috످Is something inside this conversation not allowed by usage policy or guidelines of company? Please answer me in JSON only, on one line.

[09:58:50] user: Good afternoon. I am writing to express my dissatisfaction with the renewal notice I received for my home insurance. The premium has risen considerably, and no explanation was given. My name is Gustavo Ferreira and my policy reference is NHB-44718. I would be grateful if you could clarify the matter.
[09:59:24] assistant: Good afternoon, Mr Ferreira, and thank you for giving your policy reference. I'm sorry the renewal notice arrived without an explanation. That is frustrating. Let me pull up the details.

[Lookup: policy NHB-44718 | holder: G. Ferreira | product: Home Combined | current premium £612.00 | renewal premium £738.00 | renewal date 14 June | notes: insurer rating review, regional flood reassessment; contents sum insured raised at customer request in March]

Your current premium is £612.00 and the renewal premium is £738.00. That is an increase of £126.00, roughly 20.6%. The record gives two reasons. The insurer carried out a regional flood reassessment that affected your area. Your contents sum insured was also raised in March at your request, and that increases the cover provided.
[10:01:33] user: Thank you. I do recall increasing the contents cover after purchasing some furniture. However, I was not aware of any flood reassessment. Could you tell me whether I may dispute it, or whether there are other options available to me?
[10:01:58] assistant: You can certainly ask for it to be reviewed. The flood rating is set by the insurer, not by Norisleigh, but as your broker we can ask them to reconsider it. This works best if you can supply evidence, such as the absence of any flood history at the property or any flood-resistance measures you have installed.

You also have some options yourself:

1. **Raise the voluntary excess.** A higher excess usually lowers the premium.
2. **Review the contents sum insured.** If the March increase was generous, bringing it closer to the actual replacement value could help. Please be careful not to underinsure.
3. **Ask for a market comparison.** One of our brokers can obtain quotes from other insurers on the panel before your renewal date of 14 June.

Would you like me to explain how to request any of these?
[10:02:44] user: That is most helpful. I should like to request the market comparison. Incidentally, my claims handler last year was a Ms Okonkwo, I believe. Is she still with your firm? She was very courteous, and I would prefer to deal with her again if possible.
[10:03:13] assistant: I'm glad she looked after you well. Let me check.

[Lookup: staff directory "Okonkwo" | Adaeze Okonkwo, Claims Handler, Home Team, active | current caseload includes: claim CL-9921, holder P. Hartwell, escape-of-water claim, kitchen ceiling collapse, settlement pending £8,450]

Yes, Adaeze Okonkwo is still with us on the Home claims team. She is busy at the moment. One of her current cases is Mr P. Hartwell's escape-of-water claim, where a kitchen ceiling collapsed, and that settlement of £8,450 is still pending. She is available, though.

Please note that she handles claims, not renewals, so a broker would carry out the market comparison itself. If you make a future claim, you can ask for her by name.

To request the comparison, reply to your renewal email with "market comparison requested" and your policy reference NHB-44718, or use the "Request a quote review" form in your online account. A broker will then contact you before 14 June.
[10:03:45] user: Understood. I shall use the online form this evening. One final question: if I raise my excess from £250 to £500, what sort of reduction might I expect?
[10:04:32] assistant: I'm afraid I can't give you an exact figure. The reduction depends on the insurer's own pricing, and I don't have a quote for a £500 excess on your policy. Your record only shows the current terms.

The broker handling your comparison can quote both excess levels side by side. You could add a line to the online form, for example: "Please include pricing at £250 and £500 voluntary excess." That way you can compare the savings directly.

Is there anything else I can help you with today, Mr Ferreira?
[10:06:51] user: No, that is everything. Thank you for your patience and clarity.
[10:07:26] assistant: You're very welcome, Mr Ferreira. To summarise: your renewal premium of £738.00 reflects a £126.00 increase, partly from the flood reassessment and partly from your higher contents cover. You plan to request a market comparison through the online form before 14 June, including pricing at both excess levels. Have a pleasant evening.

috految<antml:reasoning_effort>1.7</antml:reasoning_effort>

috److{"violation_found":true,"reason":"At 10:03:13, the assistant broke customer confidentiality by sharing another customer's name, claim details and pending settlement amount, when the user had only asked whether a claims handler still worked at the firm.","violating_party":"assistant","note":"No company policy was provided, so this is based on standard privacy rules."}

috످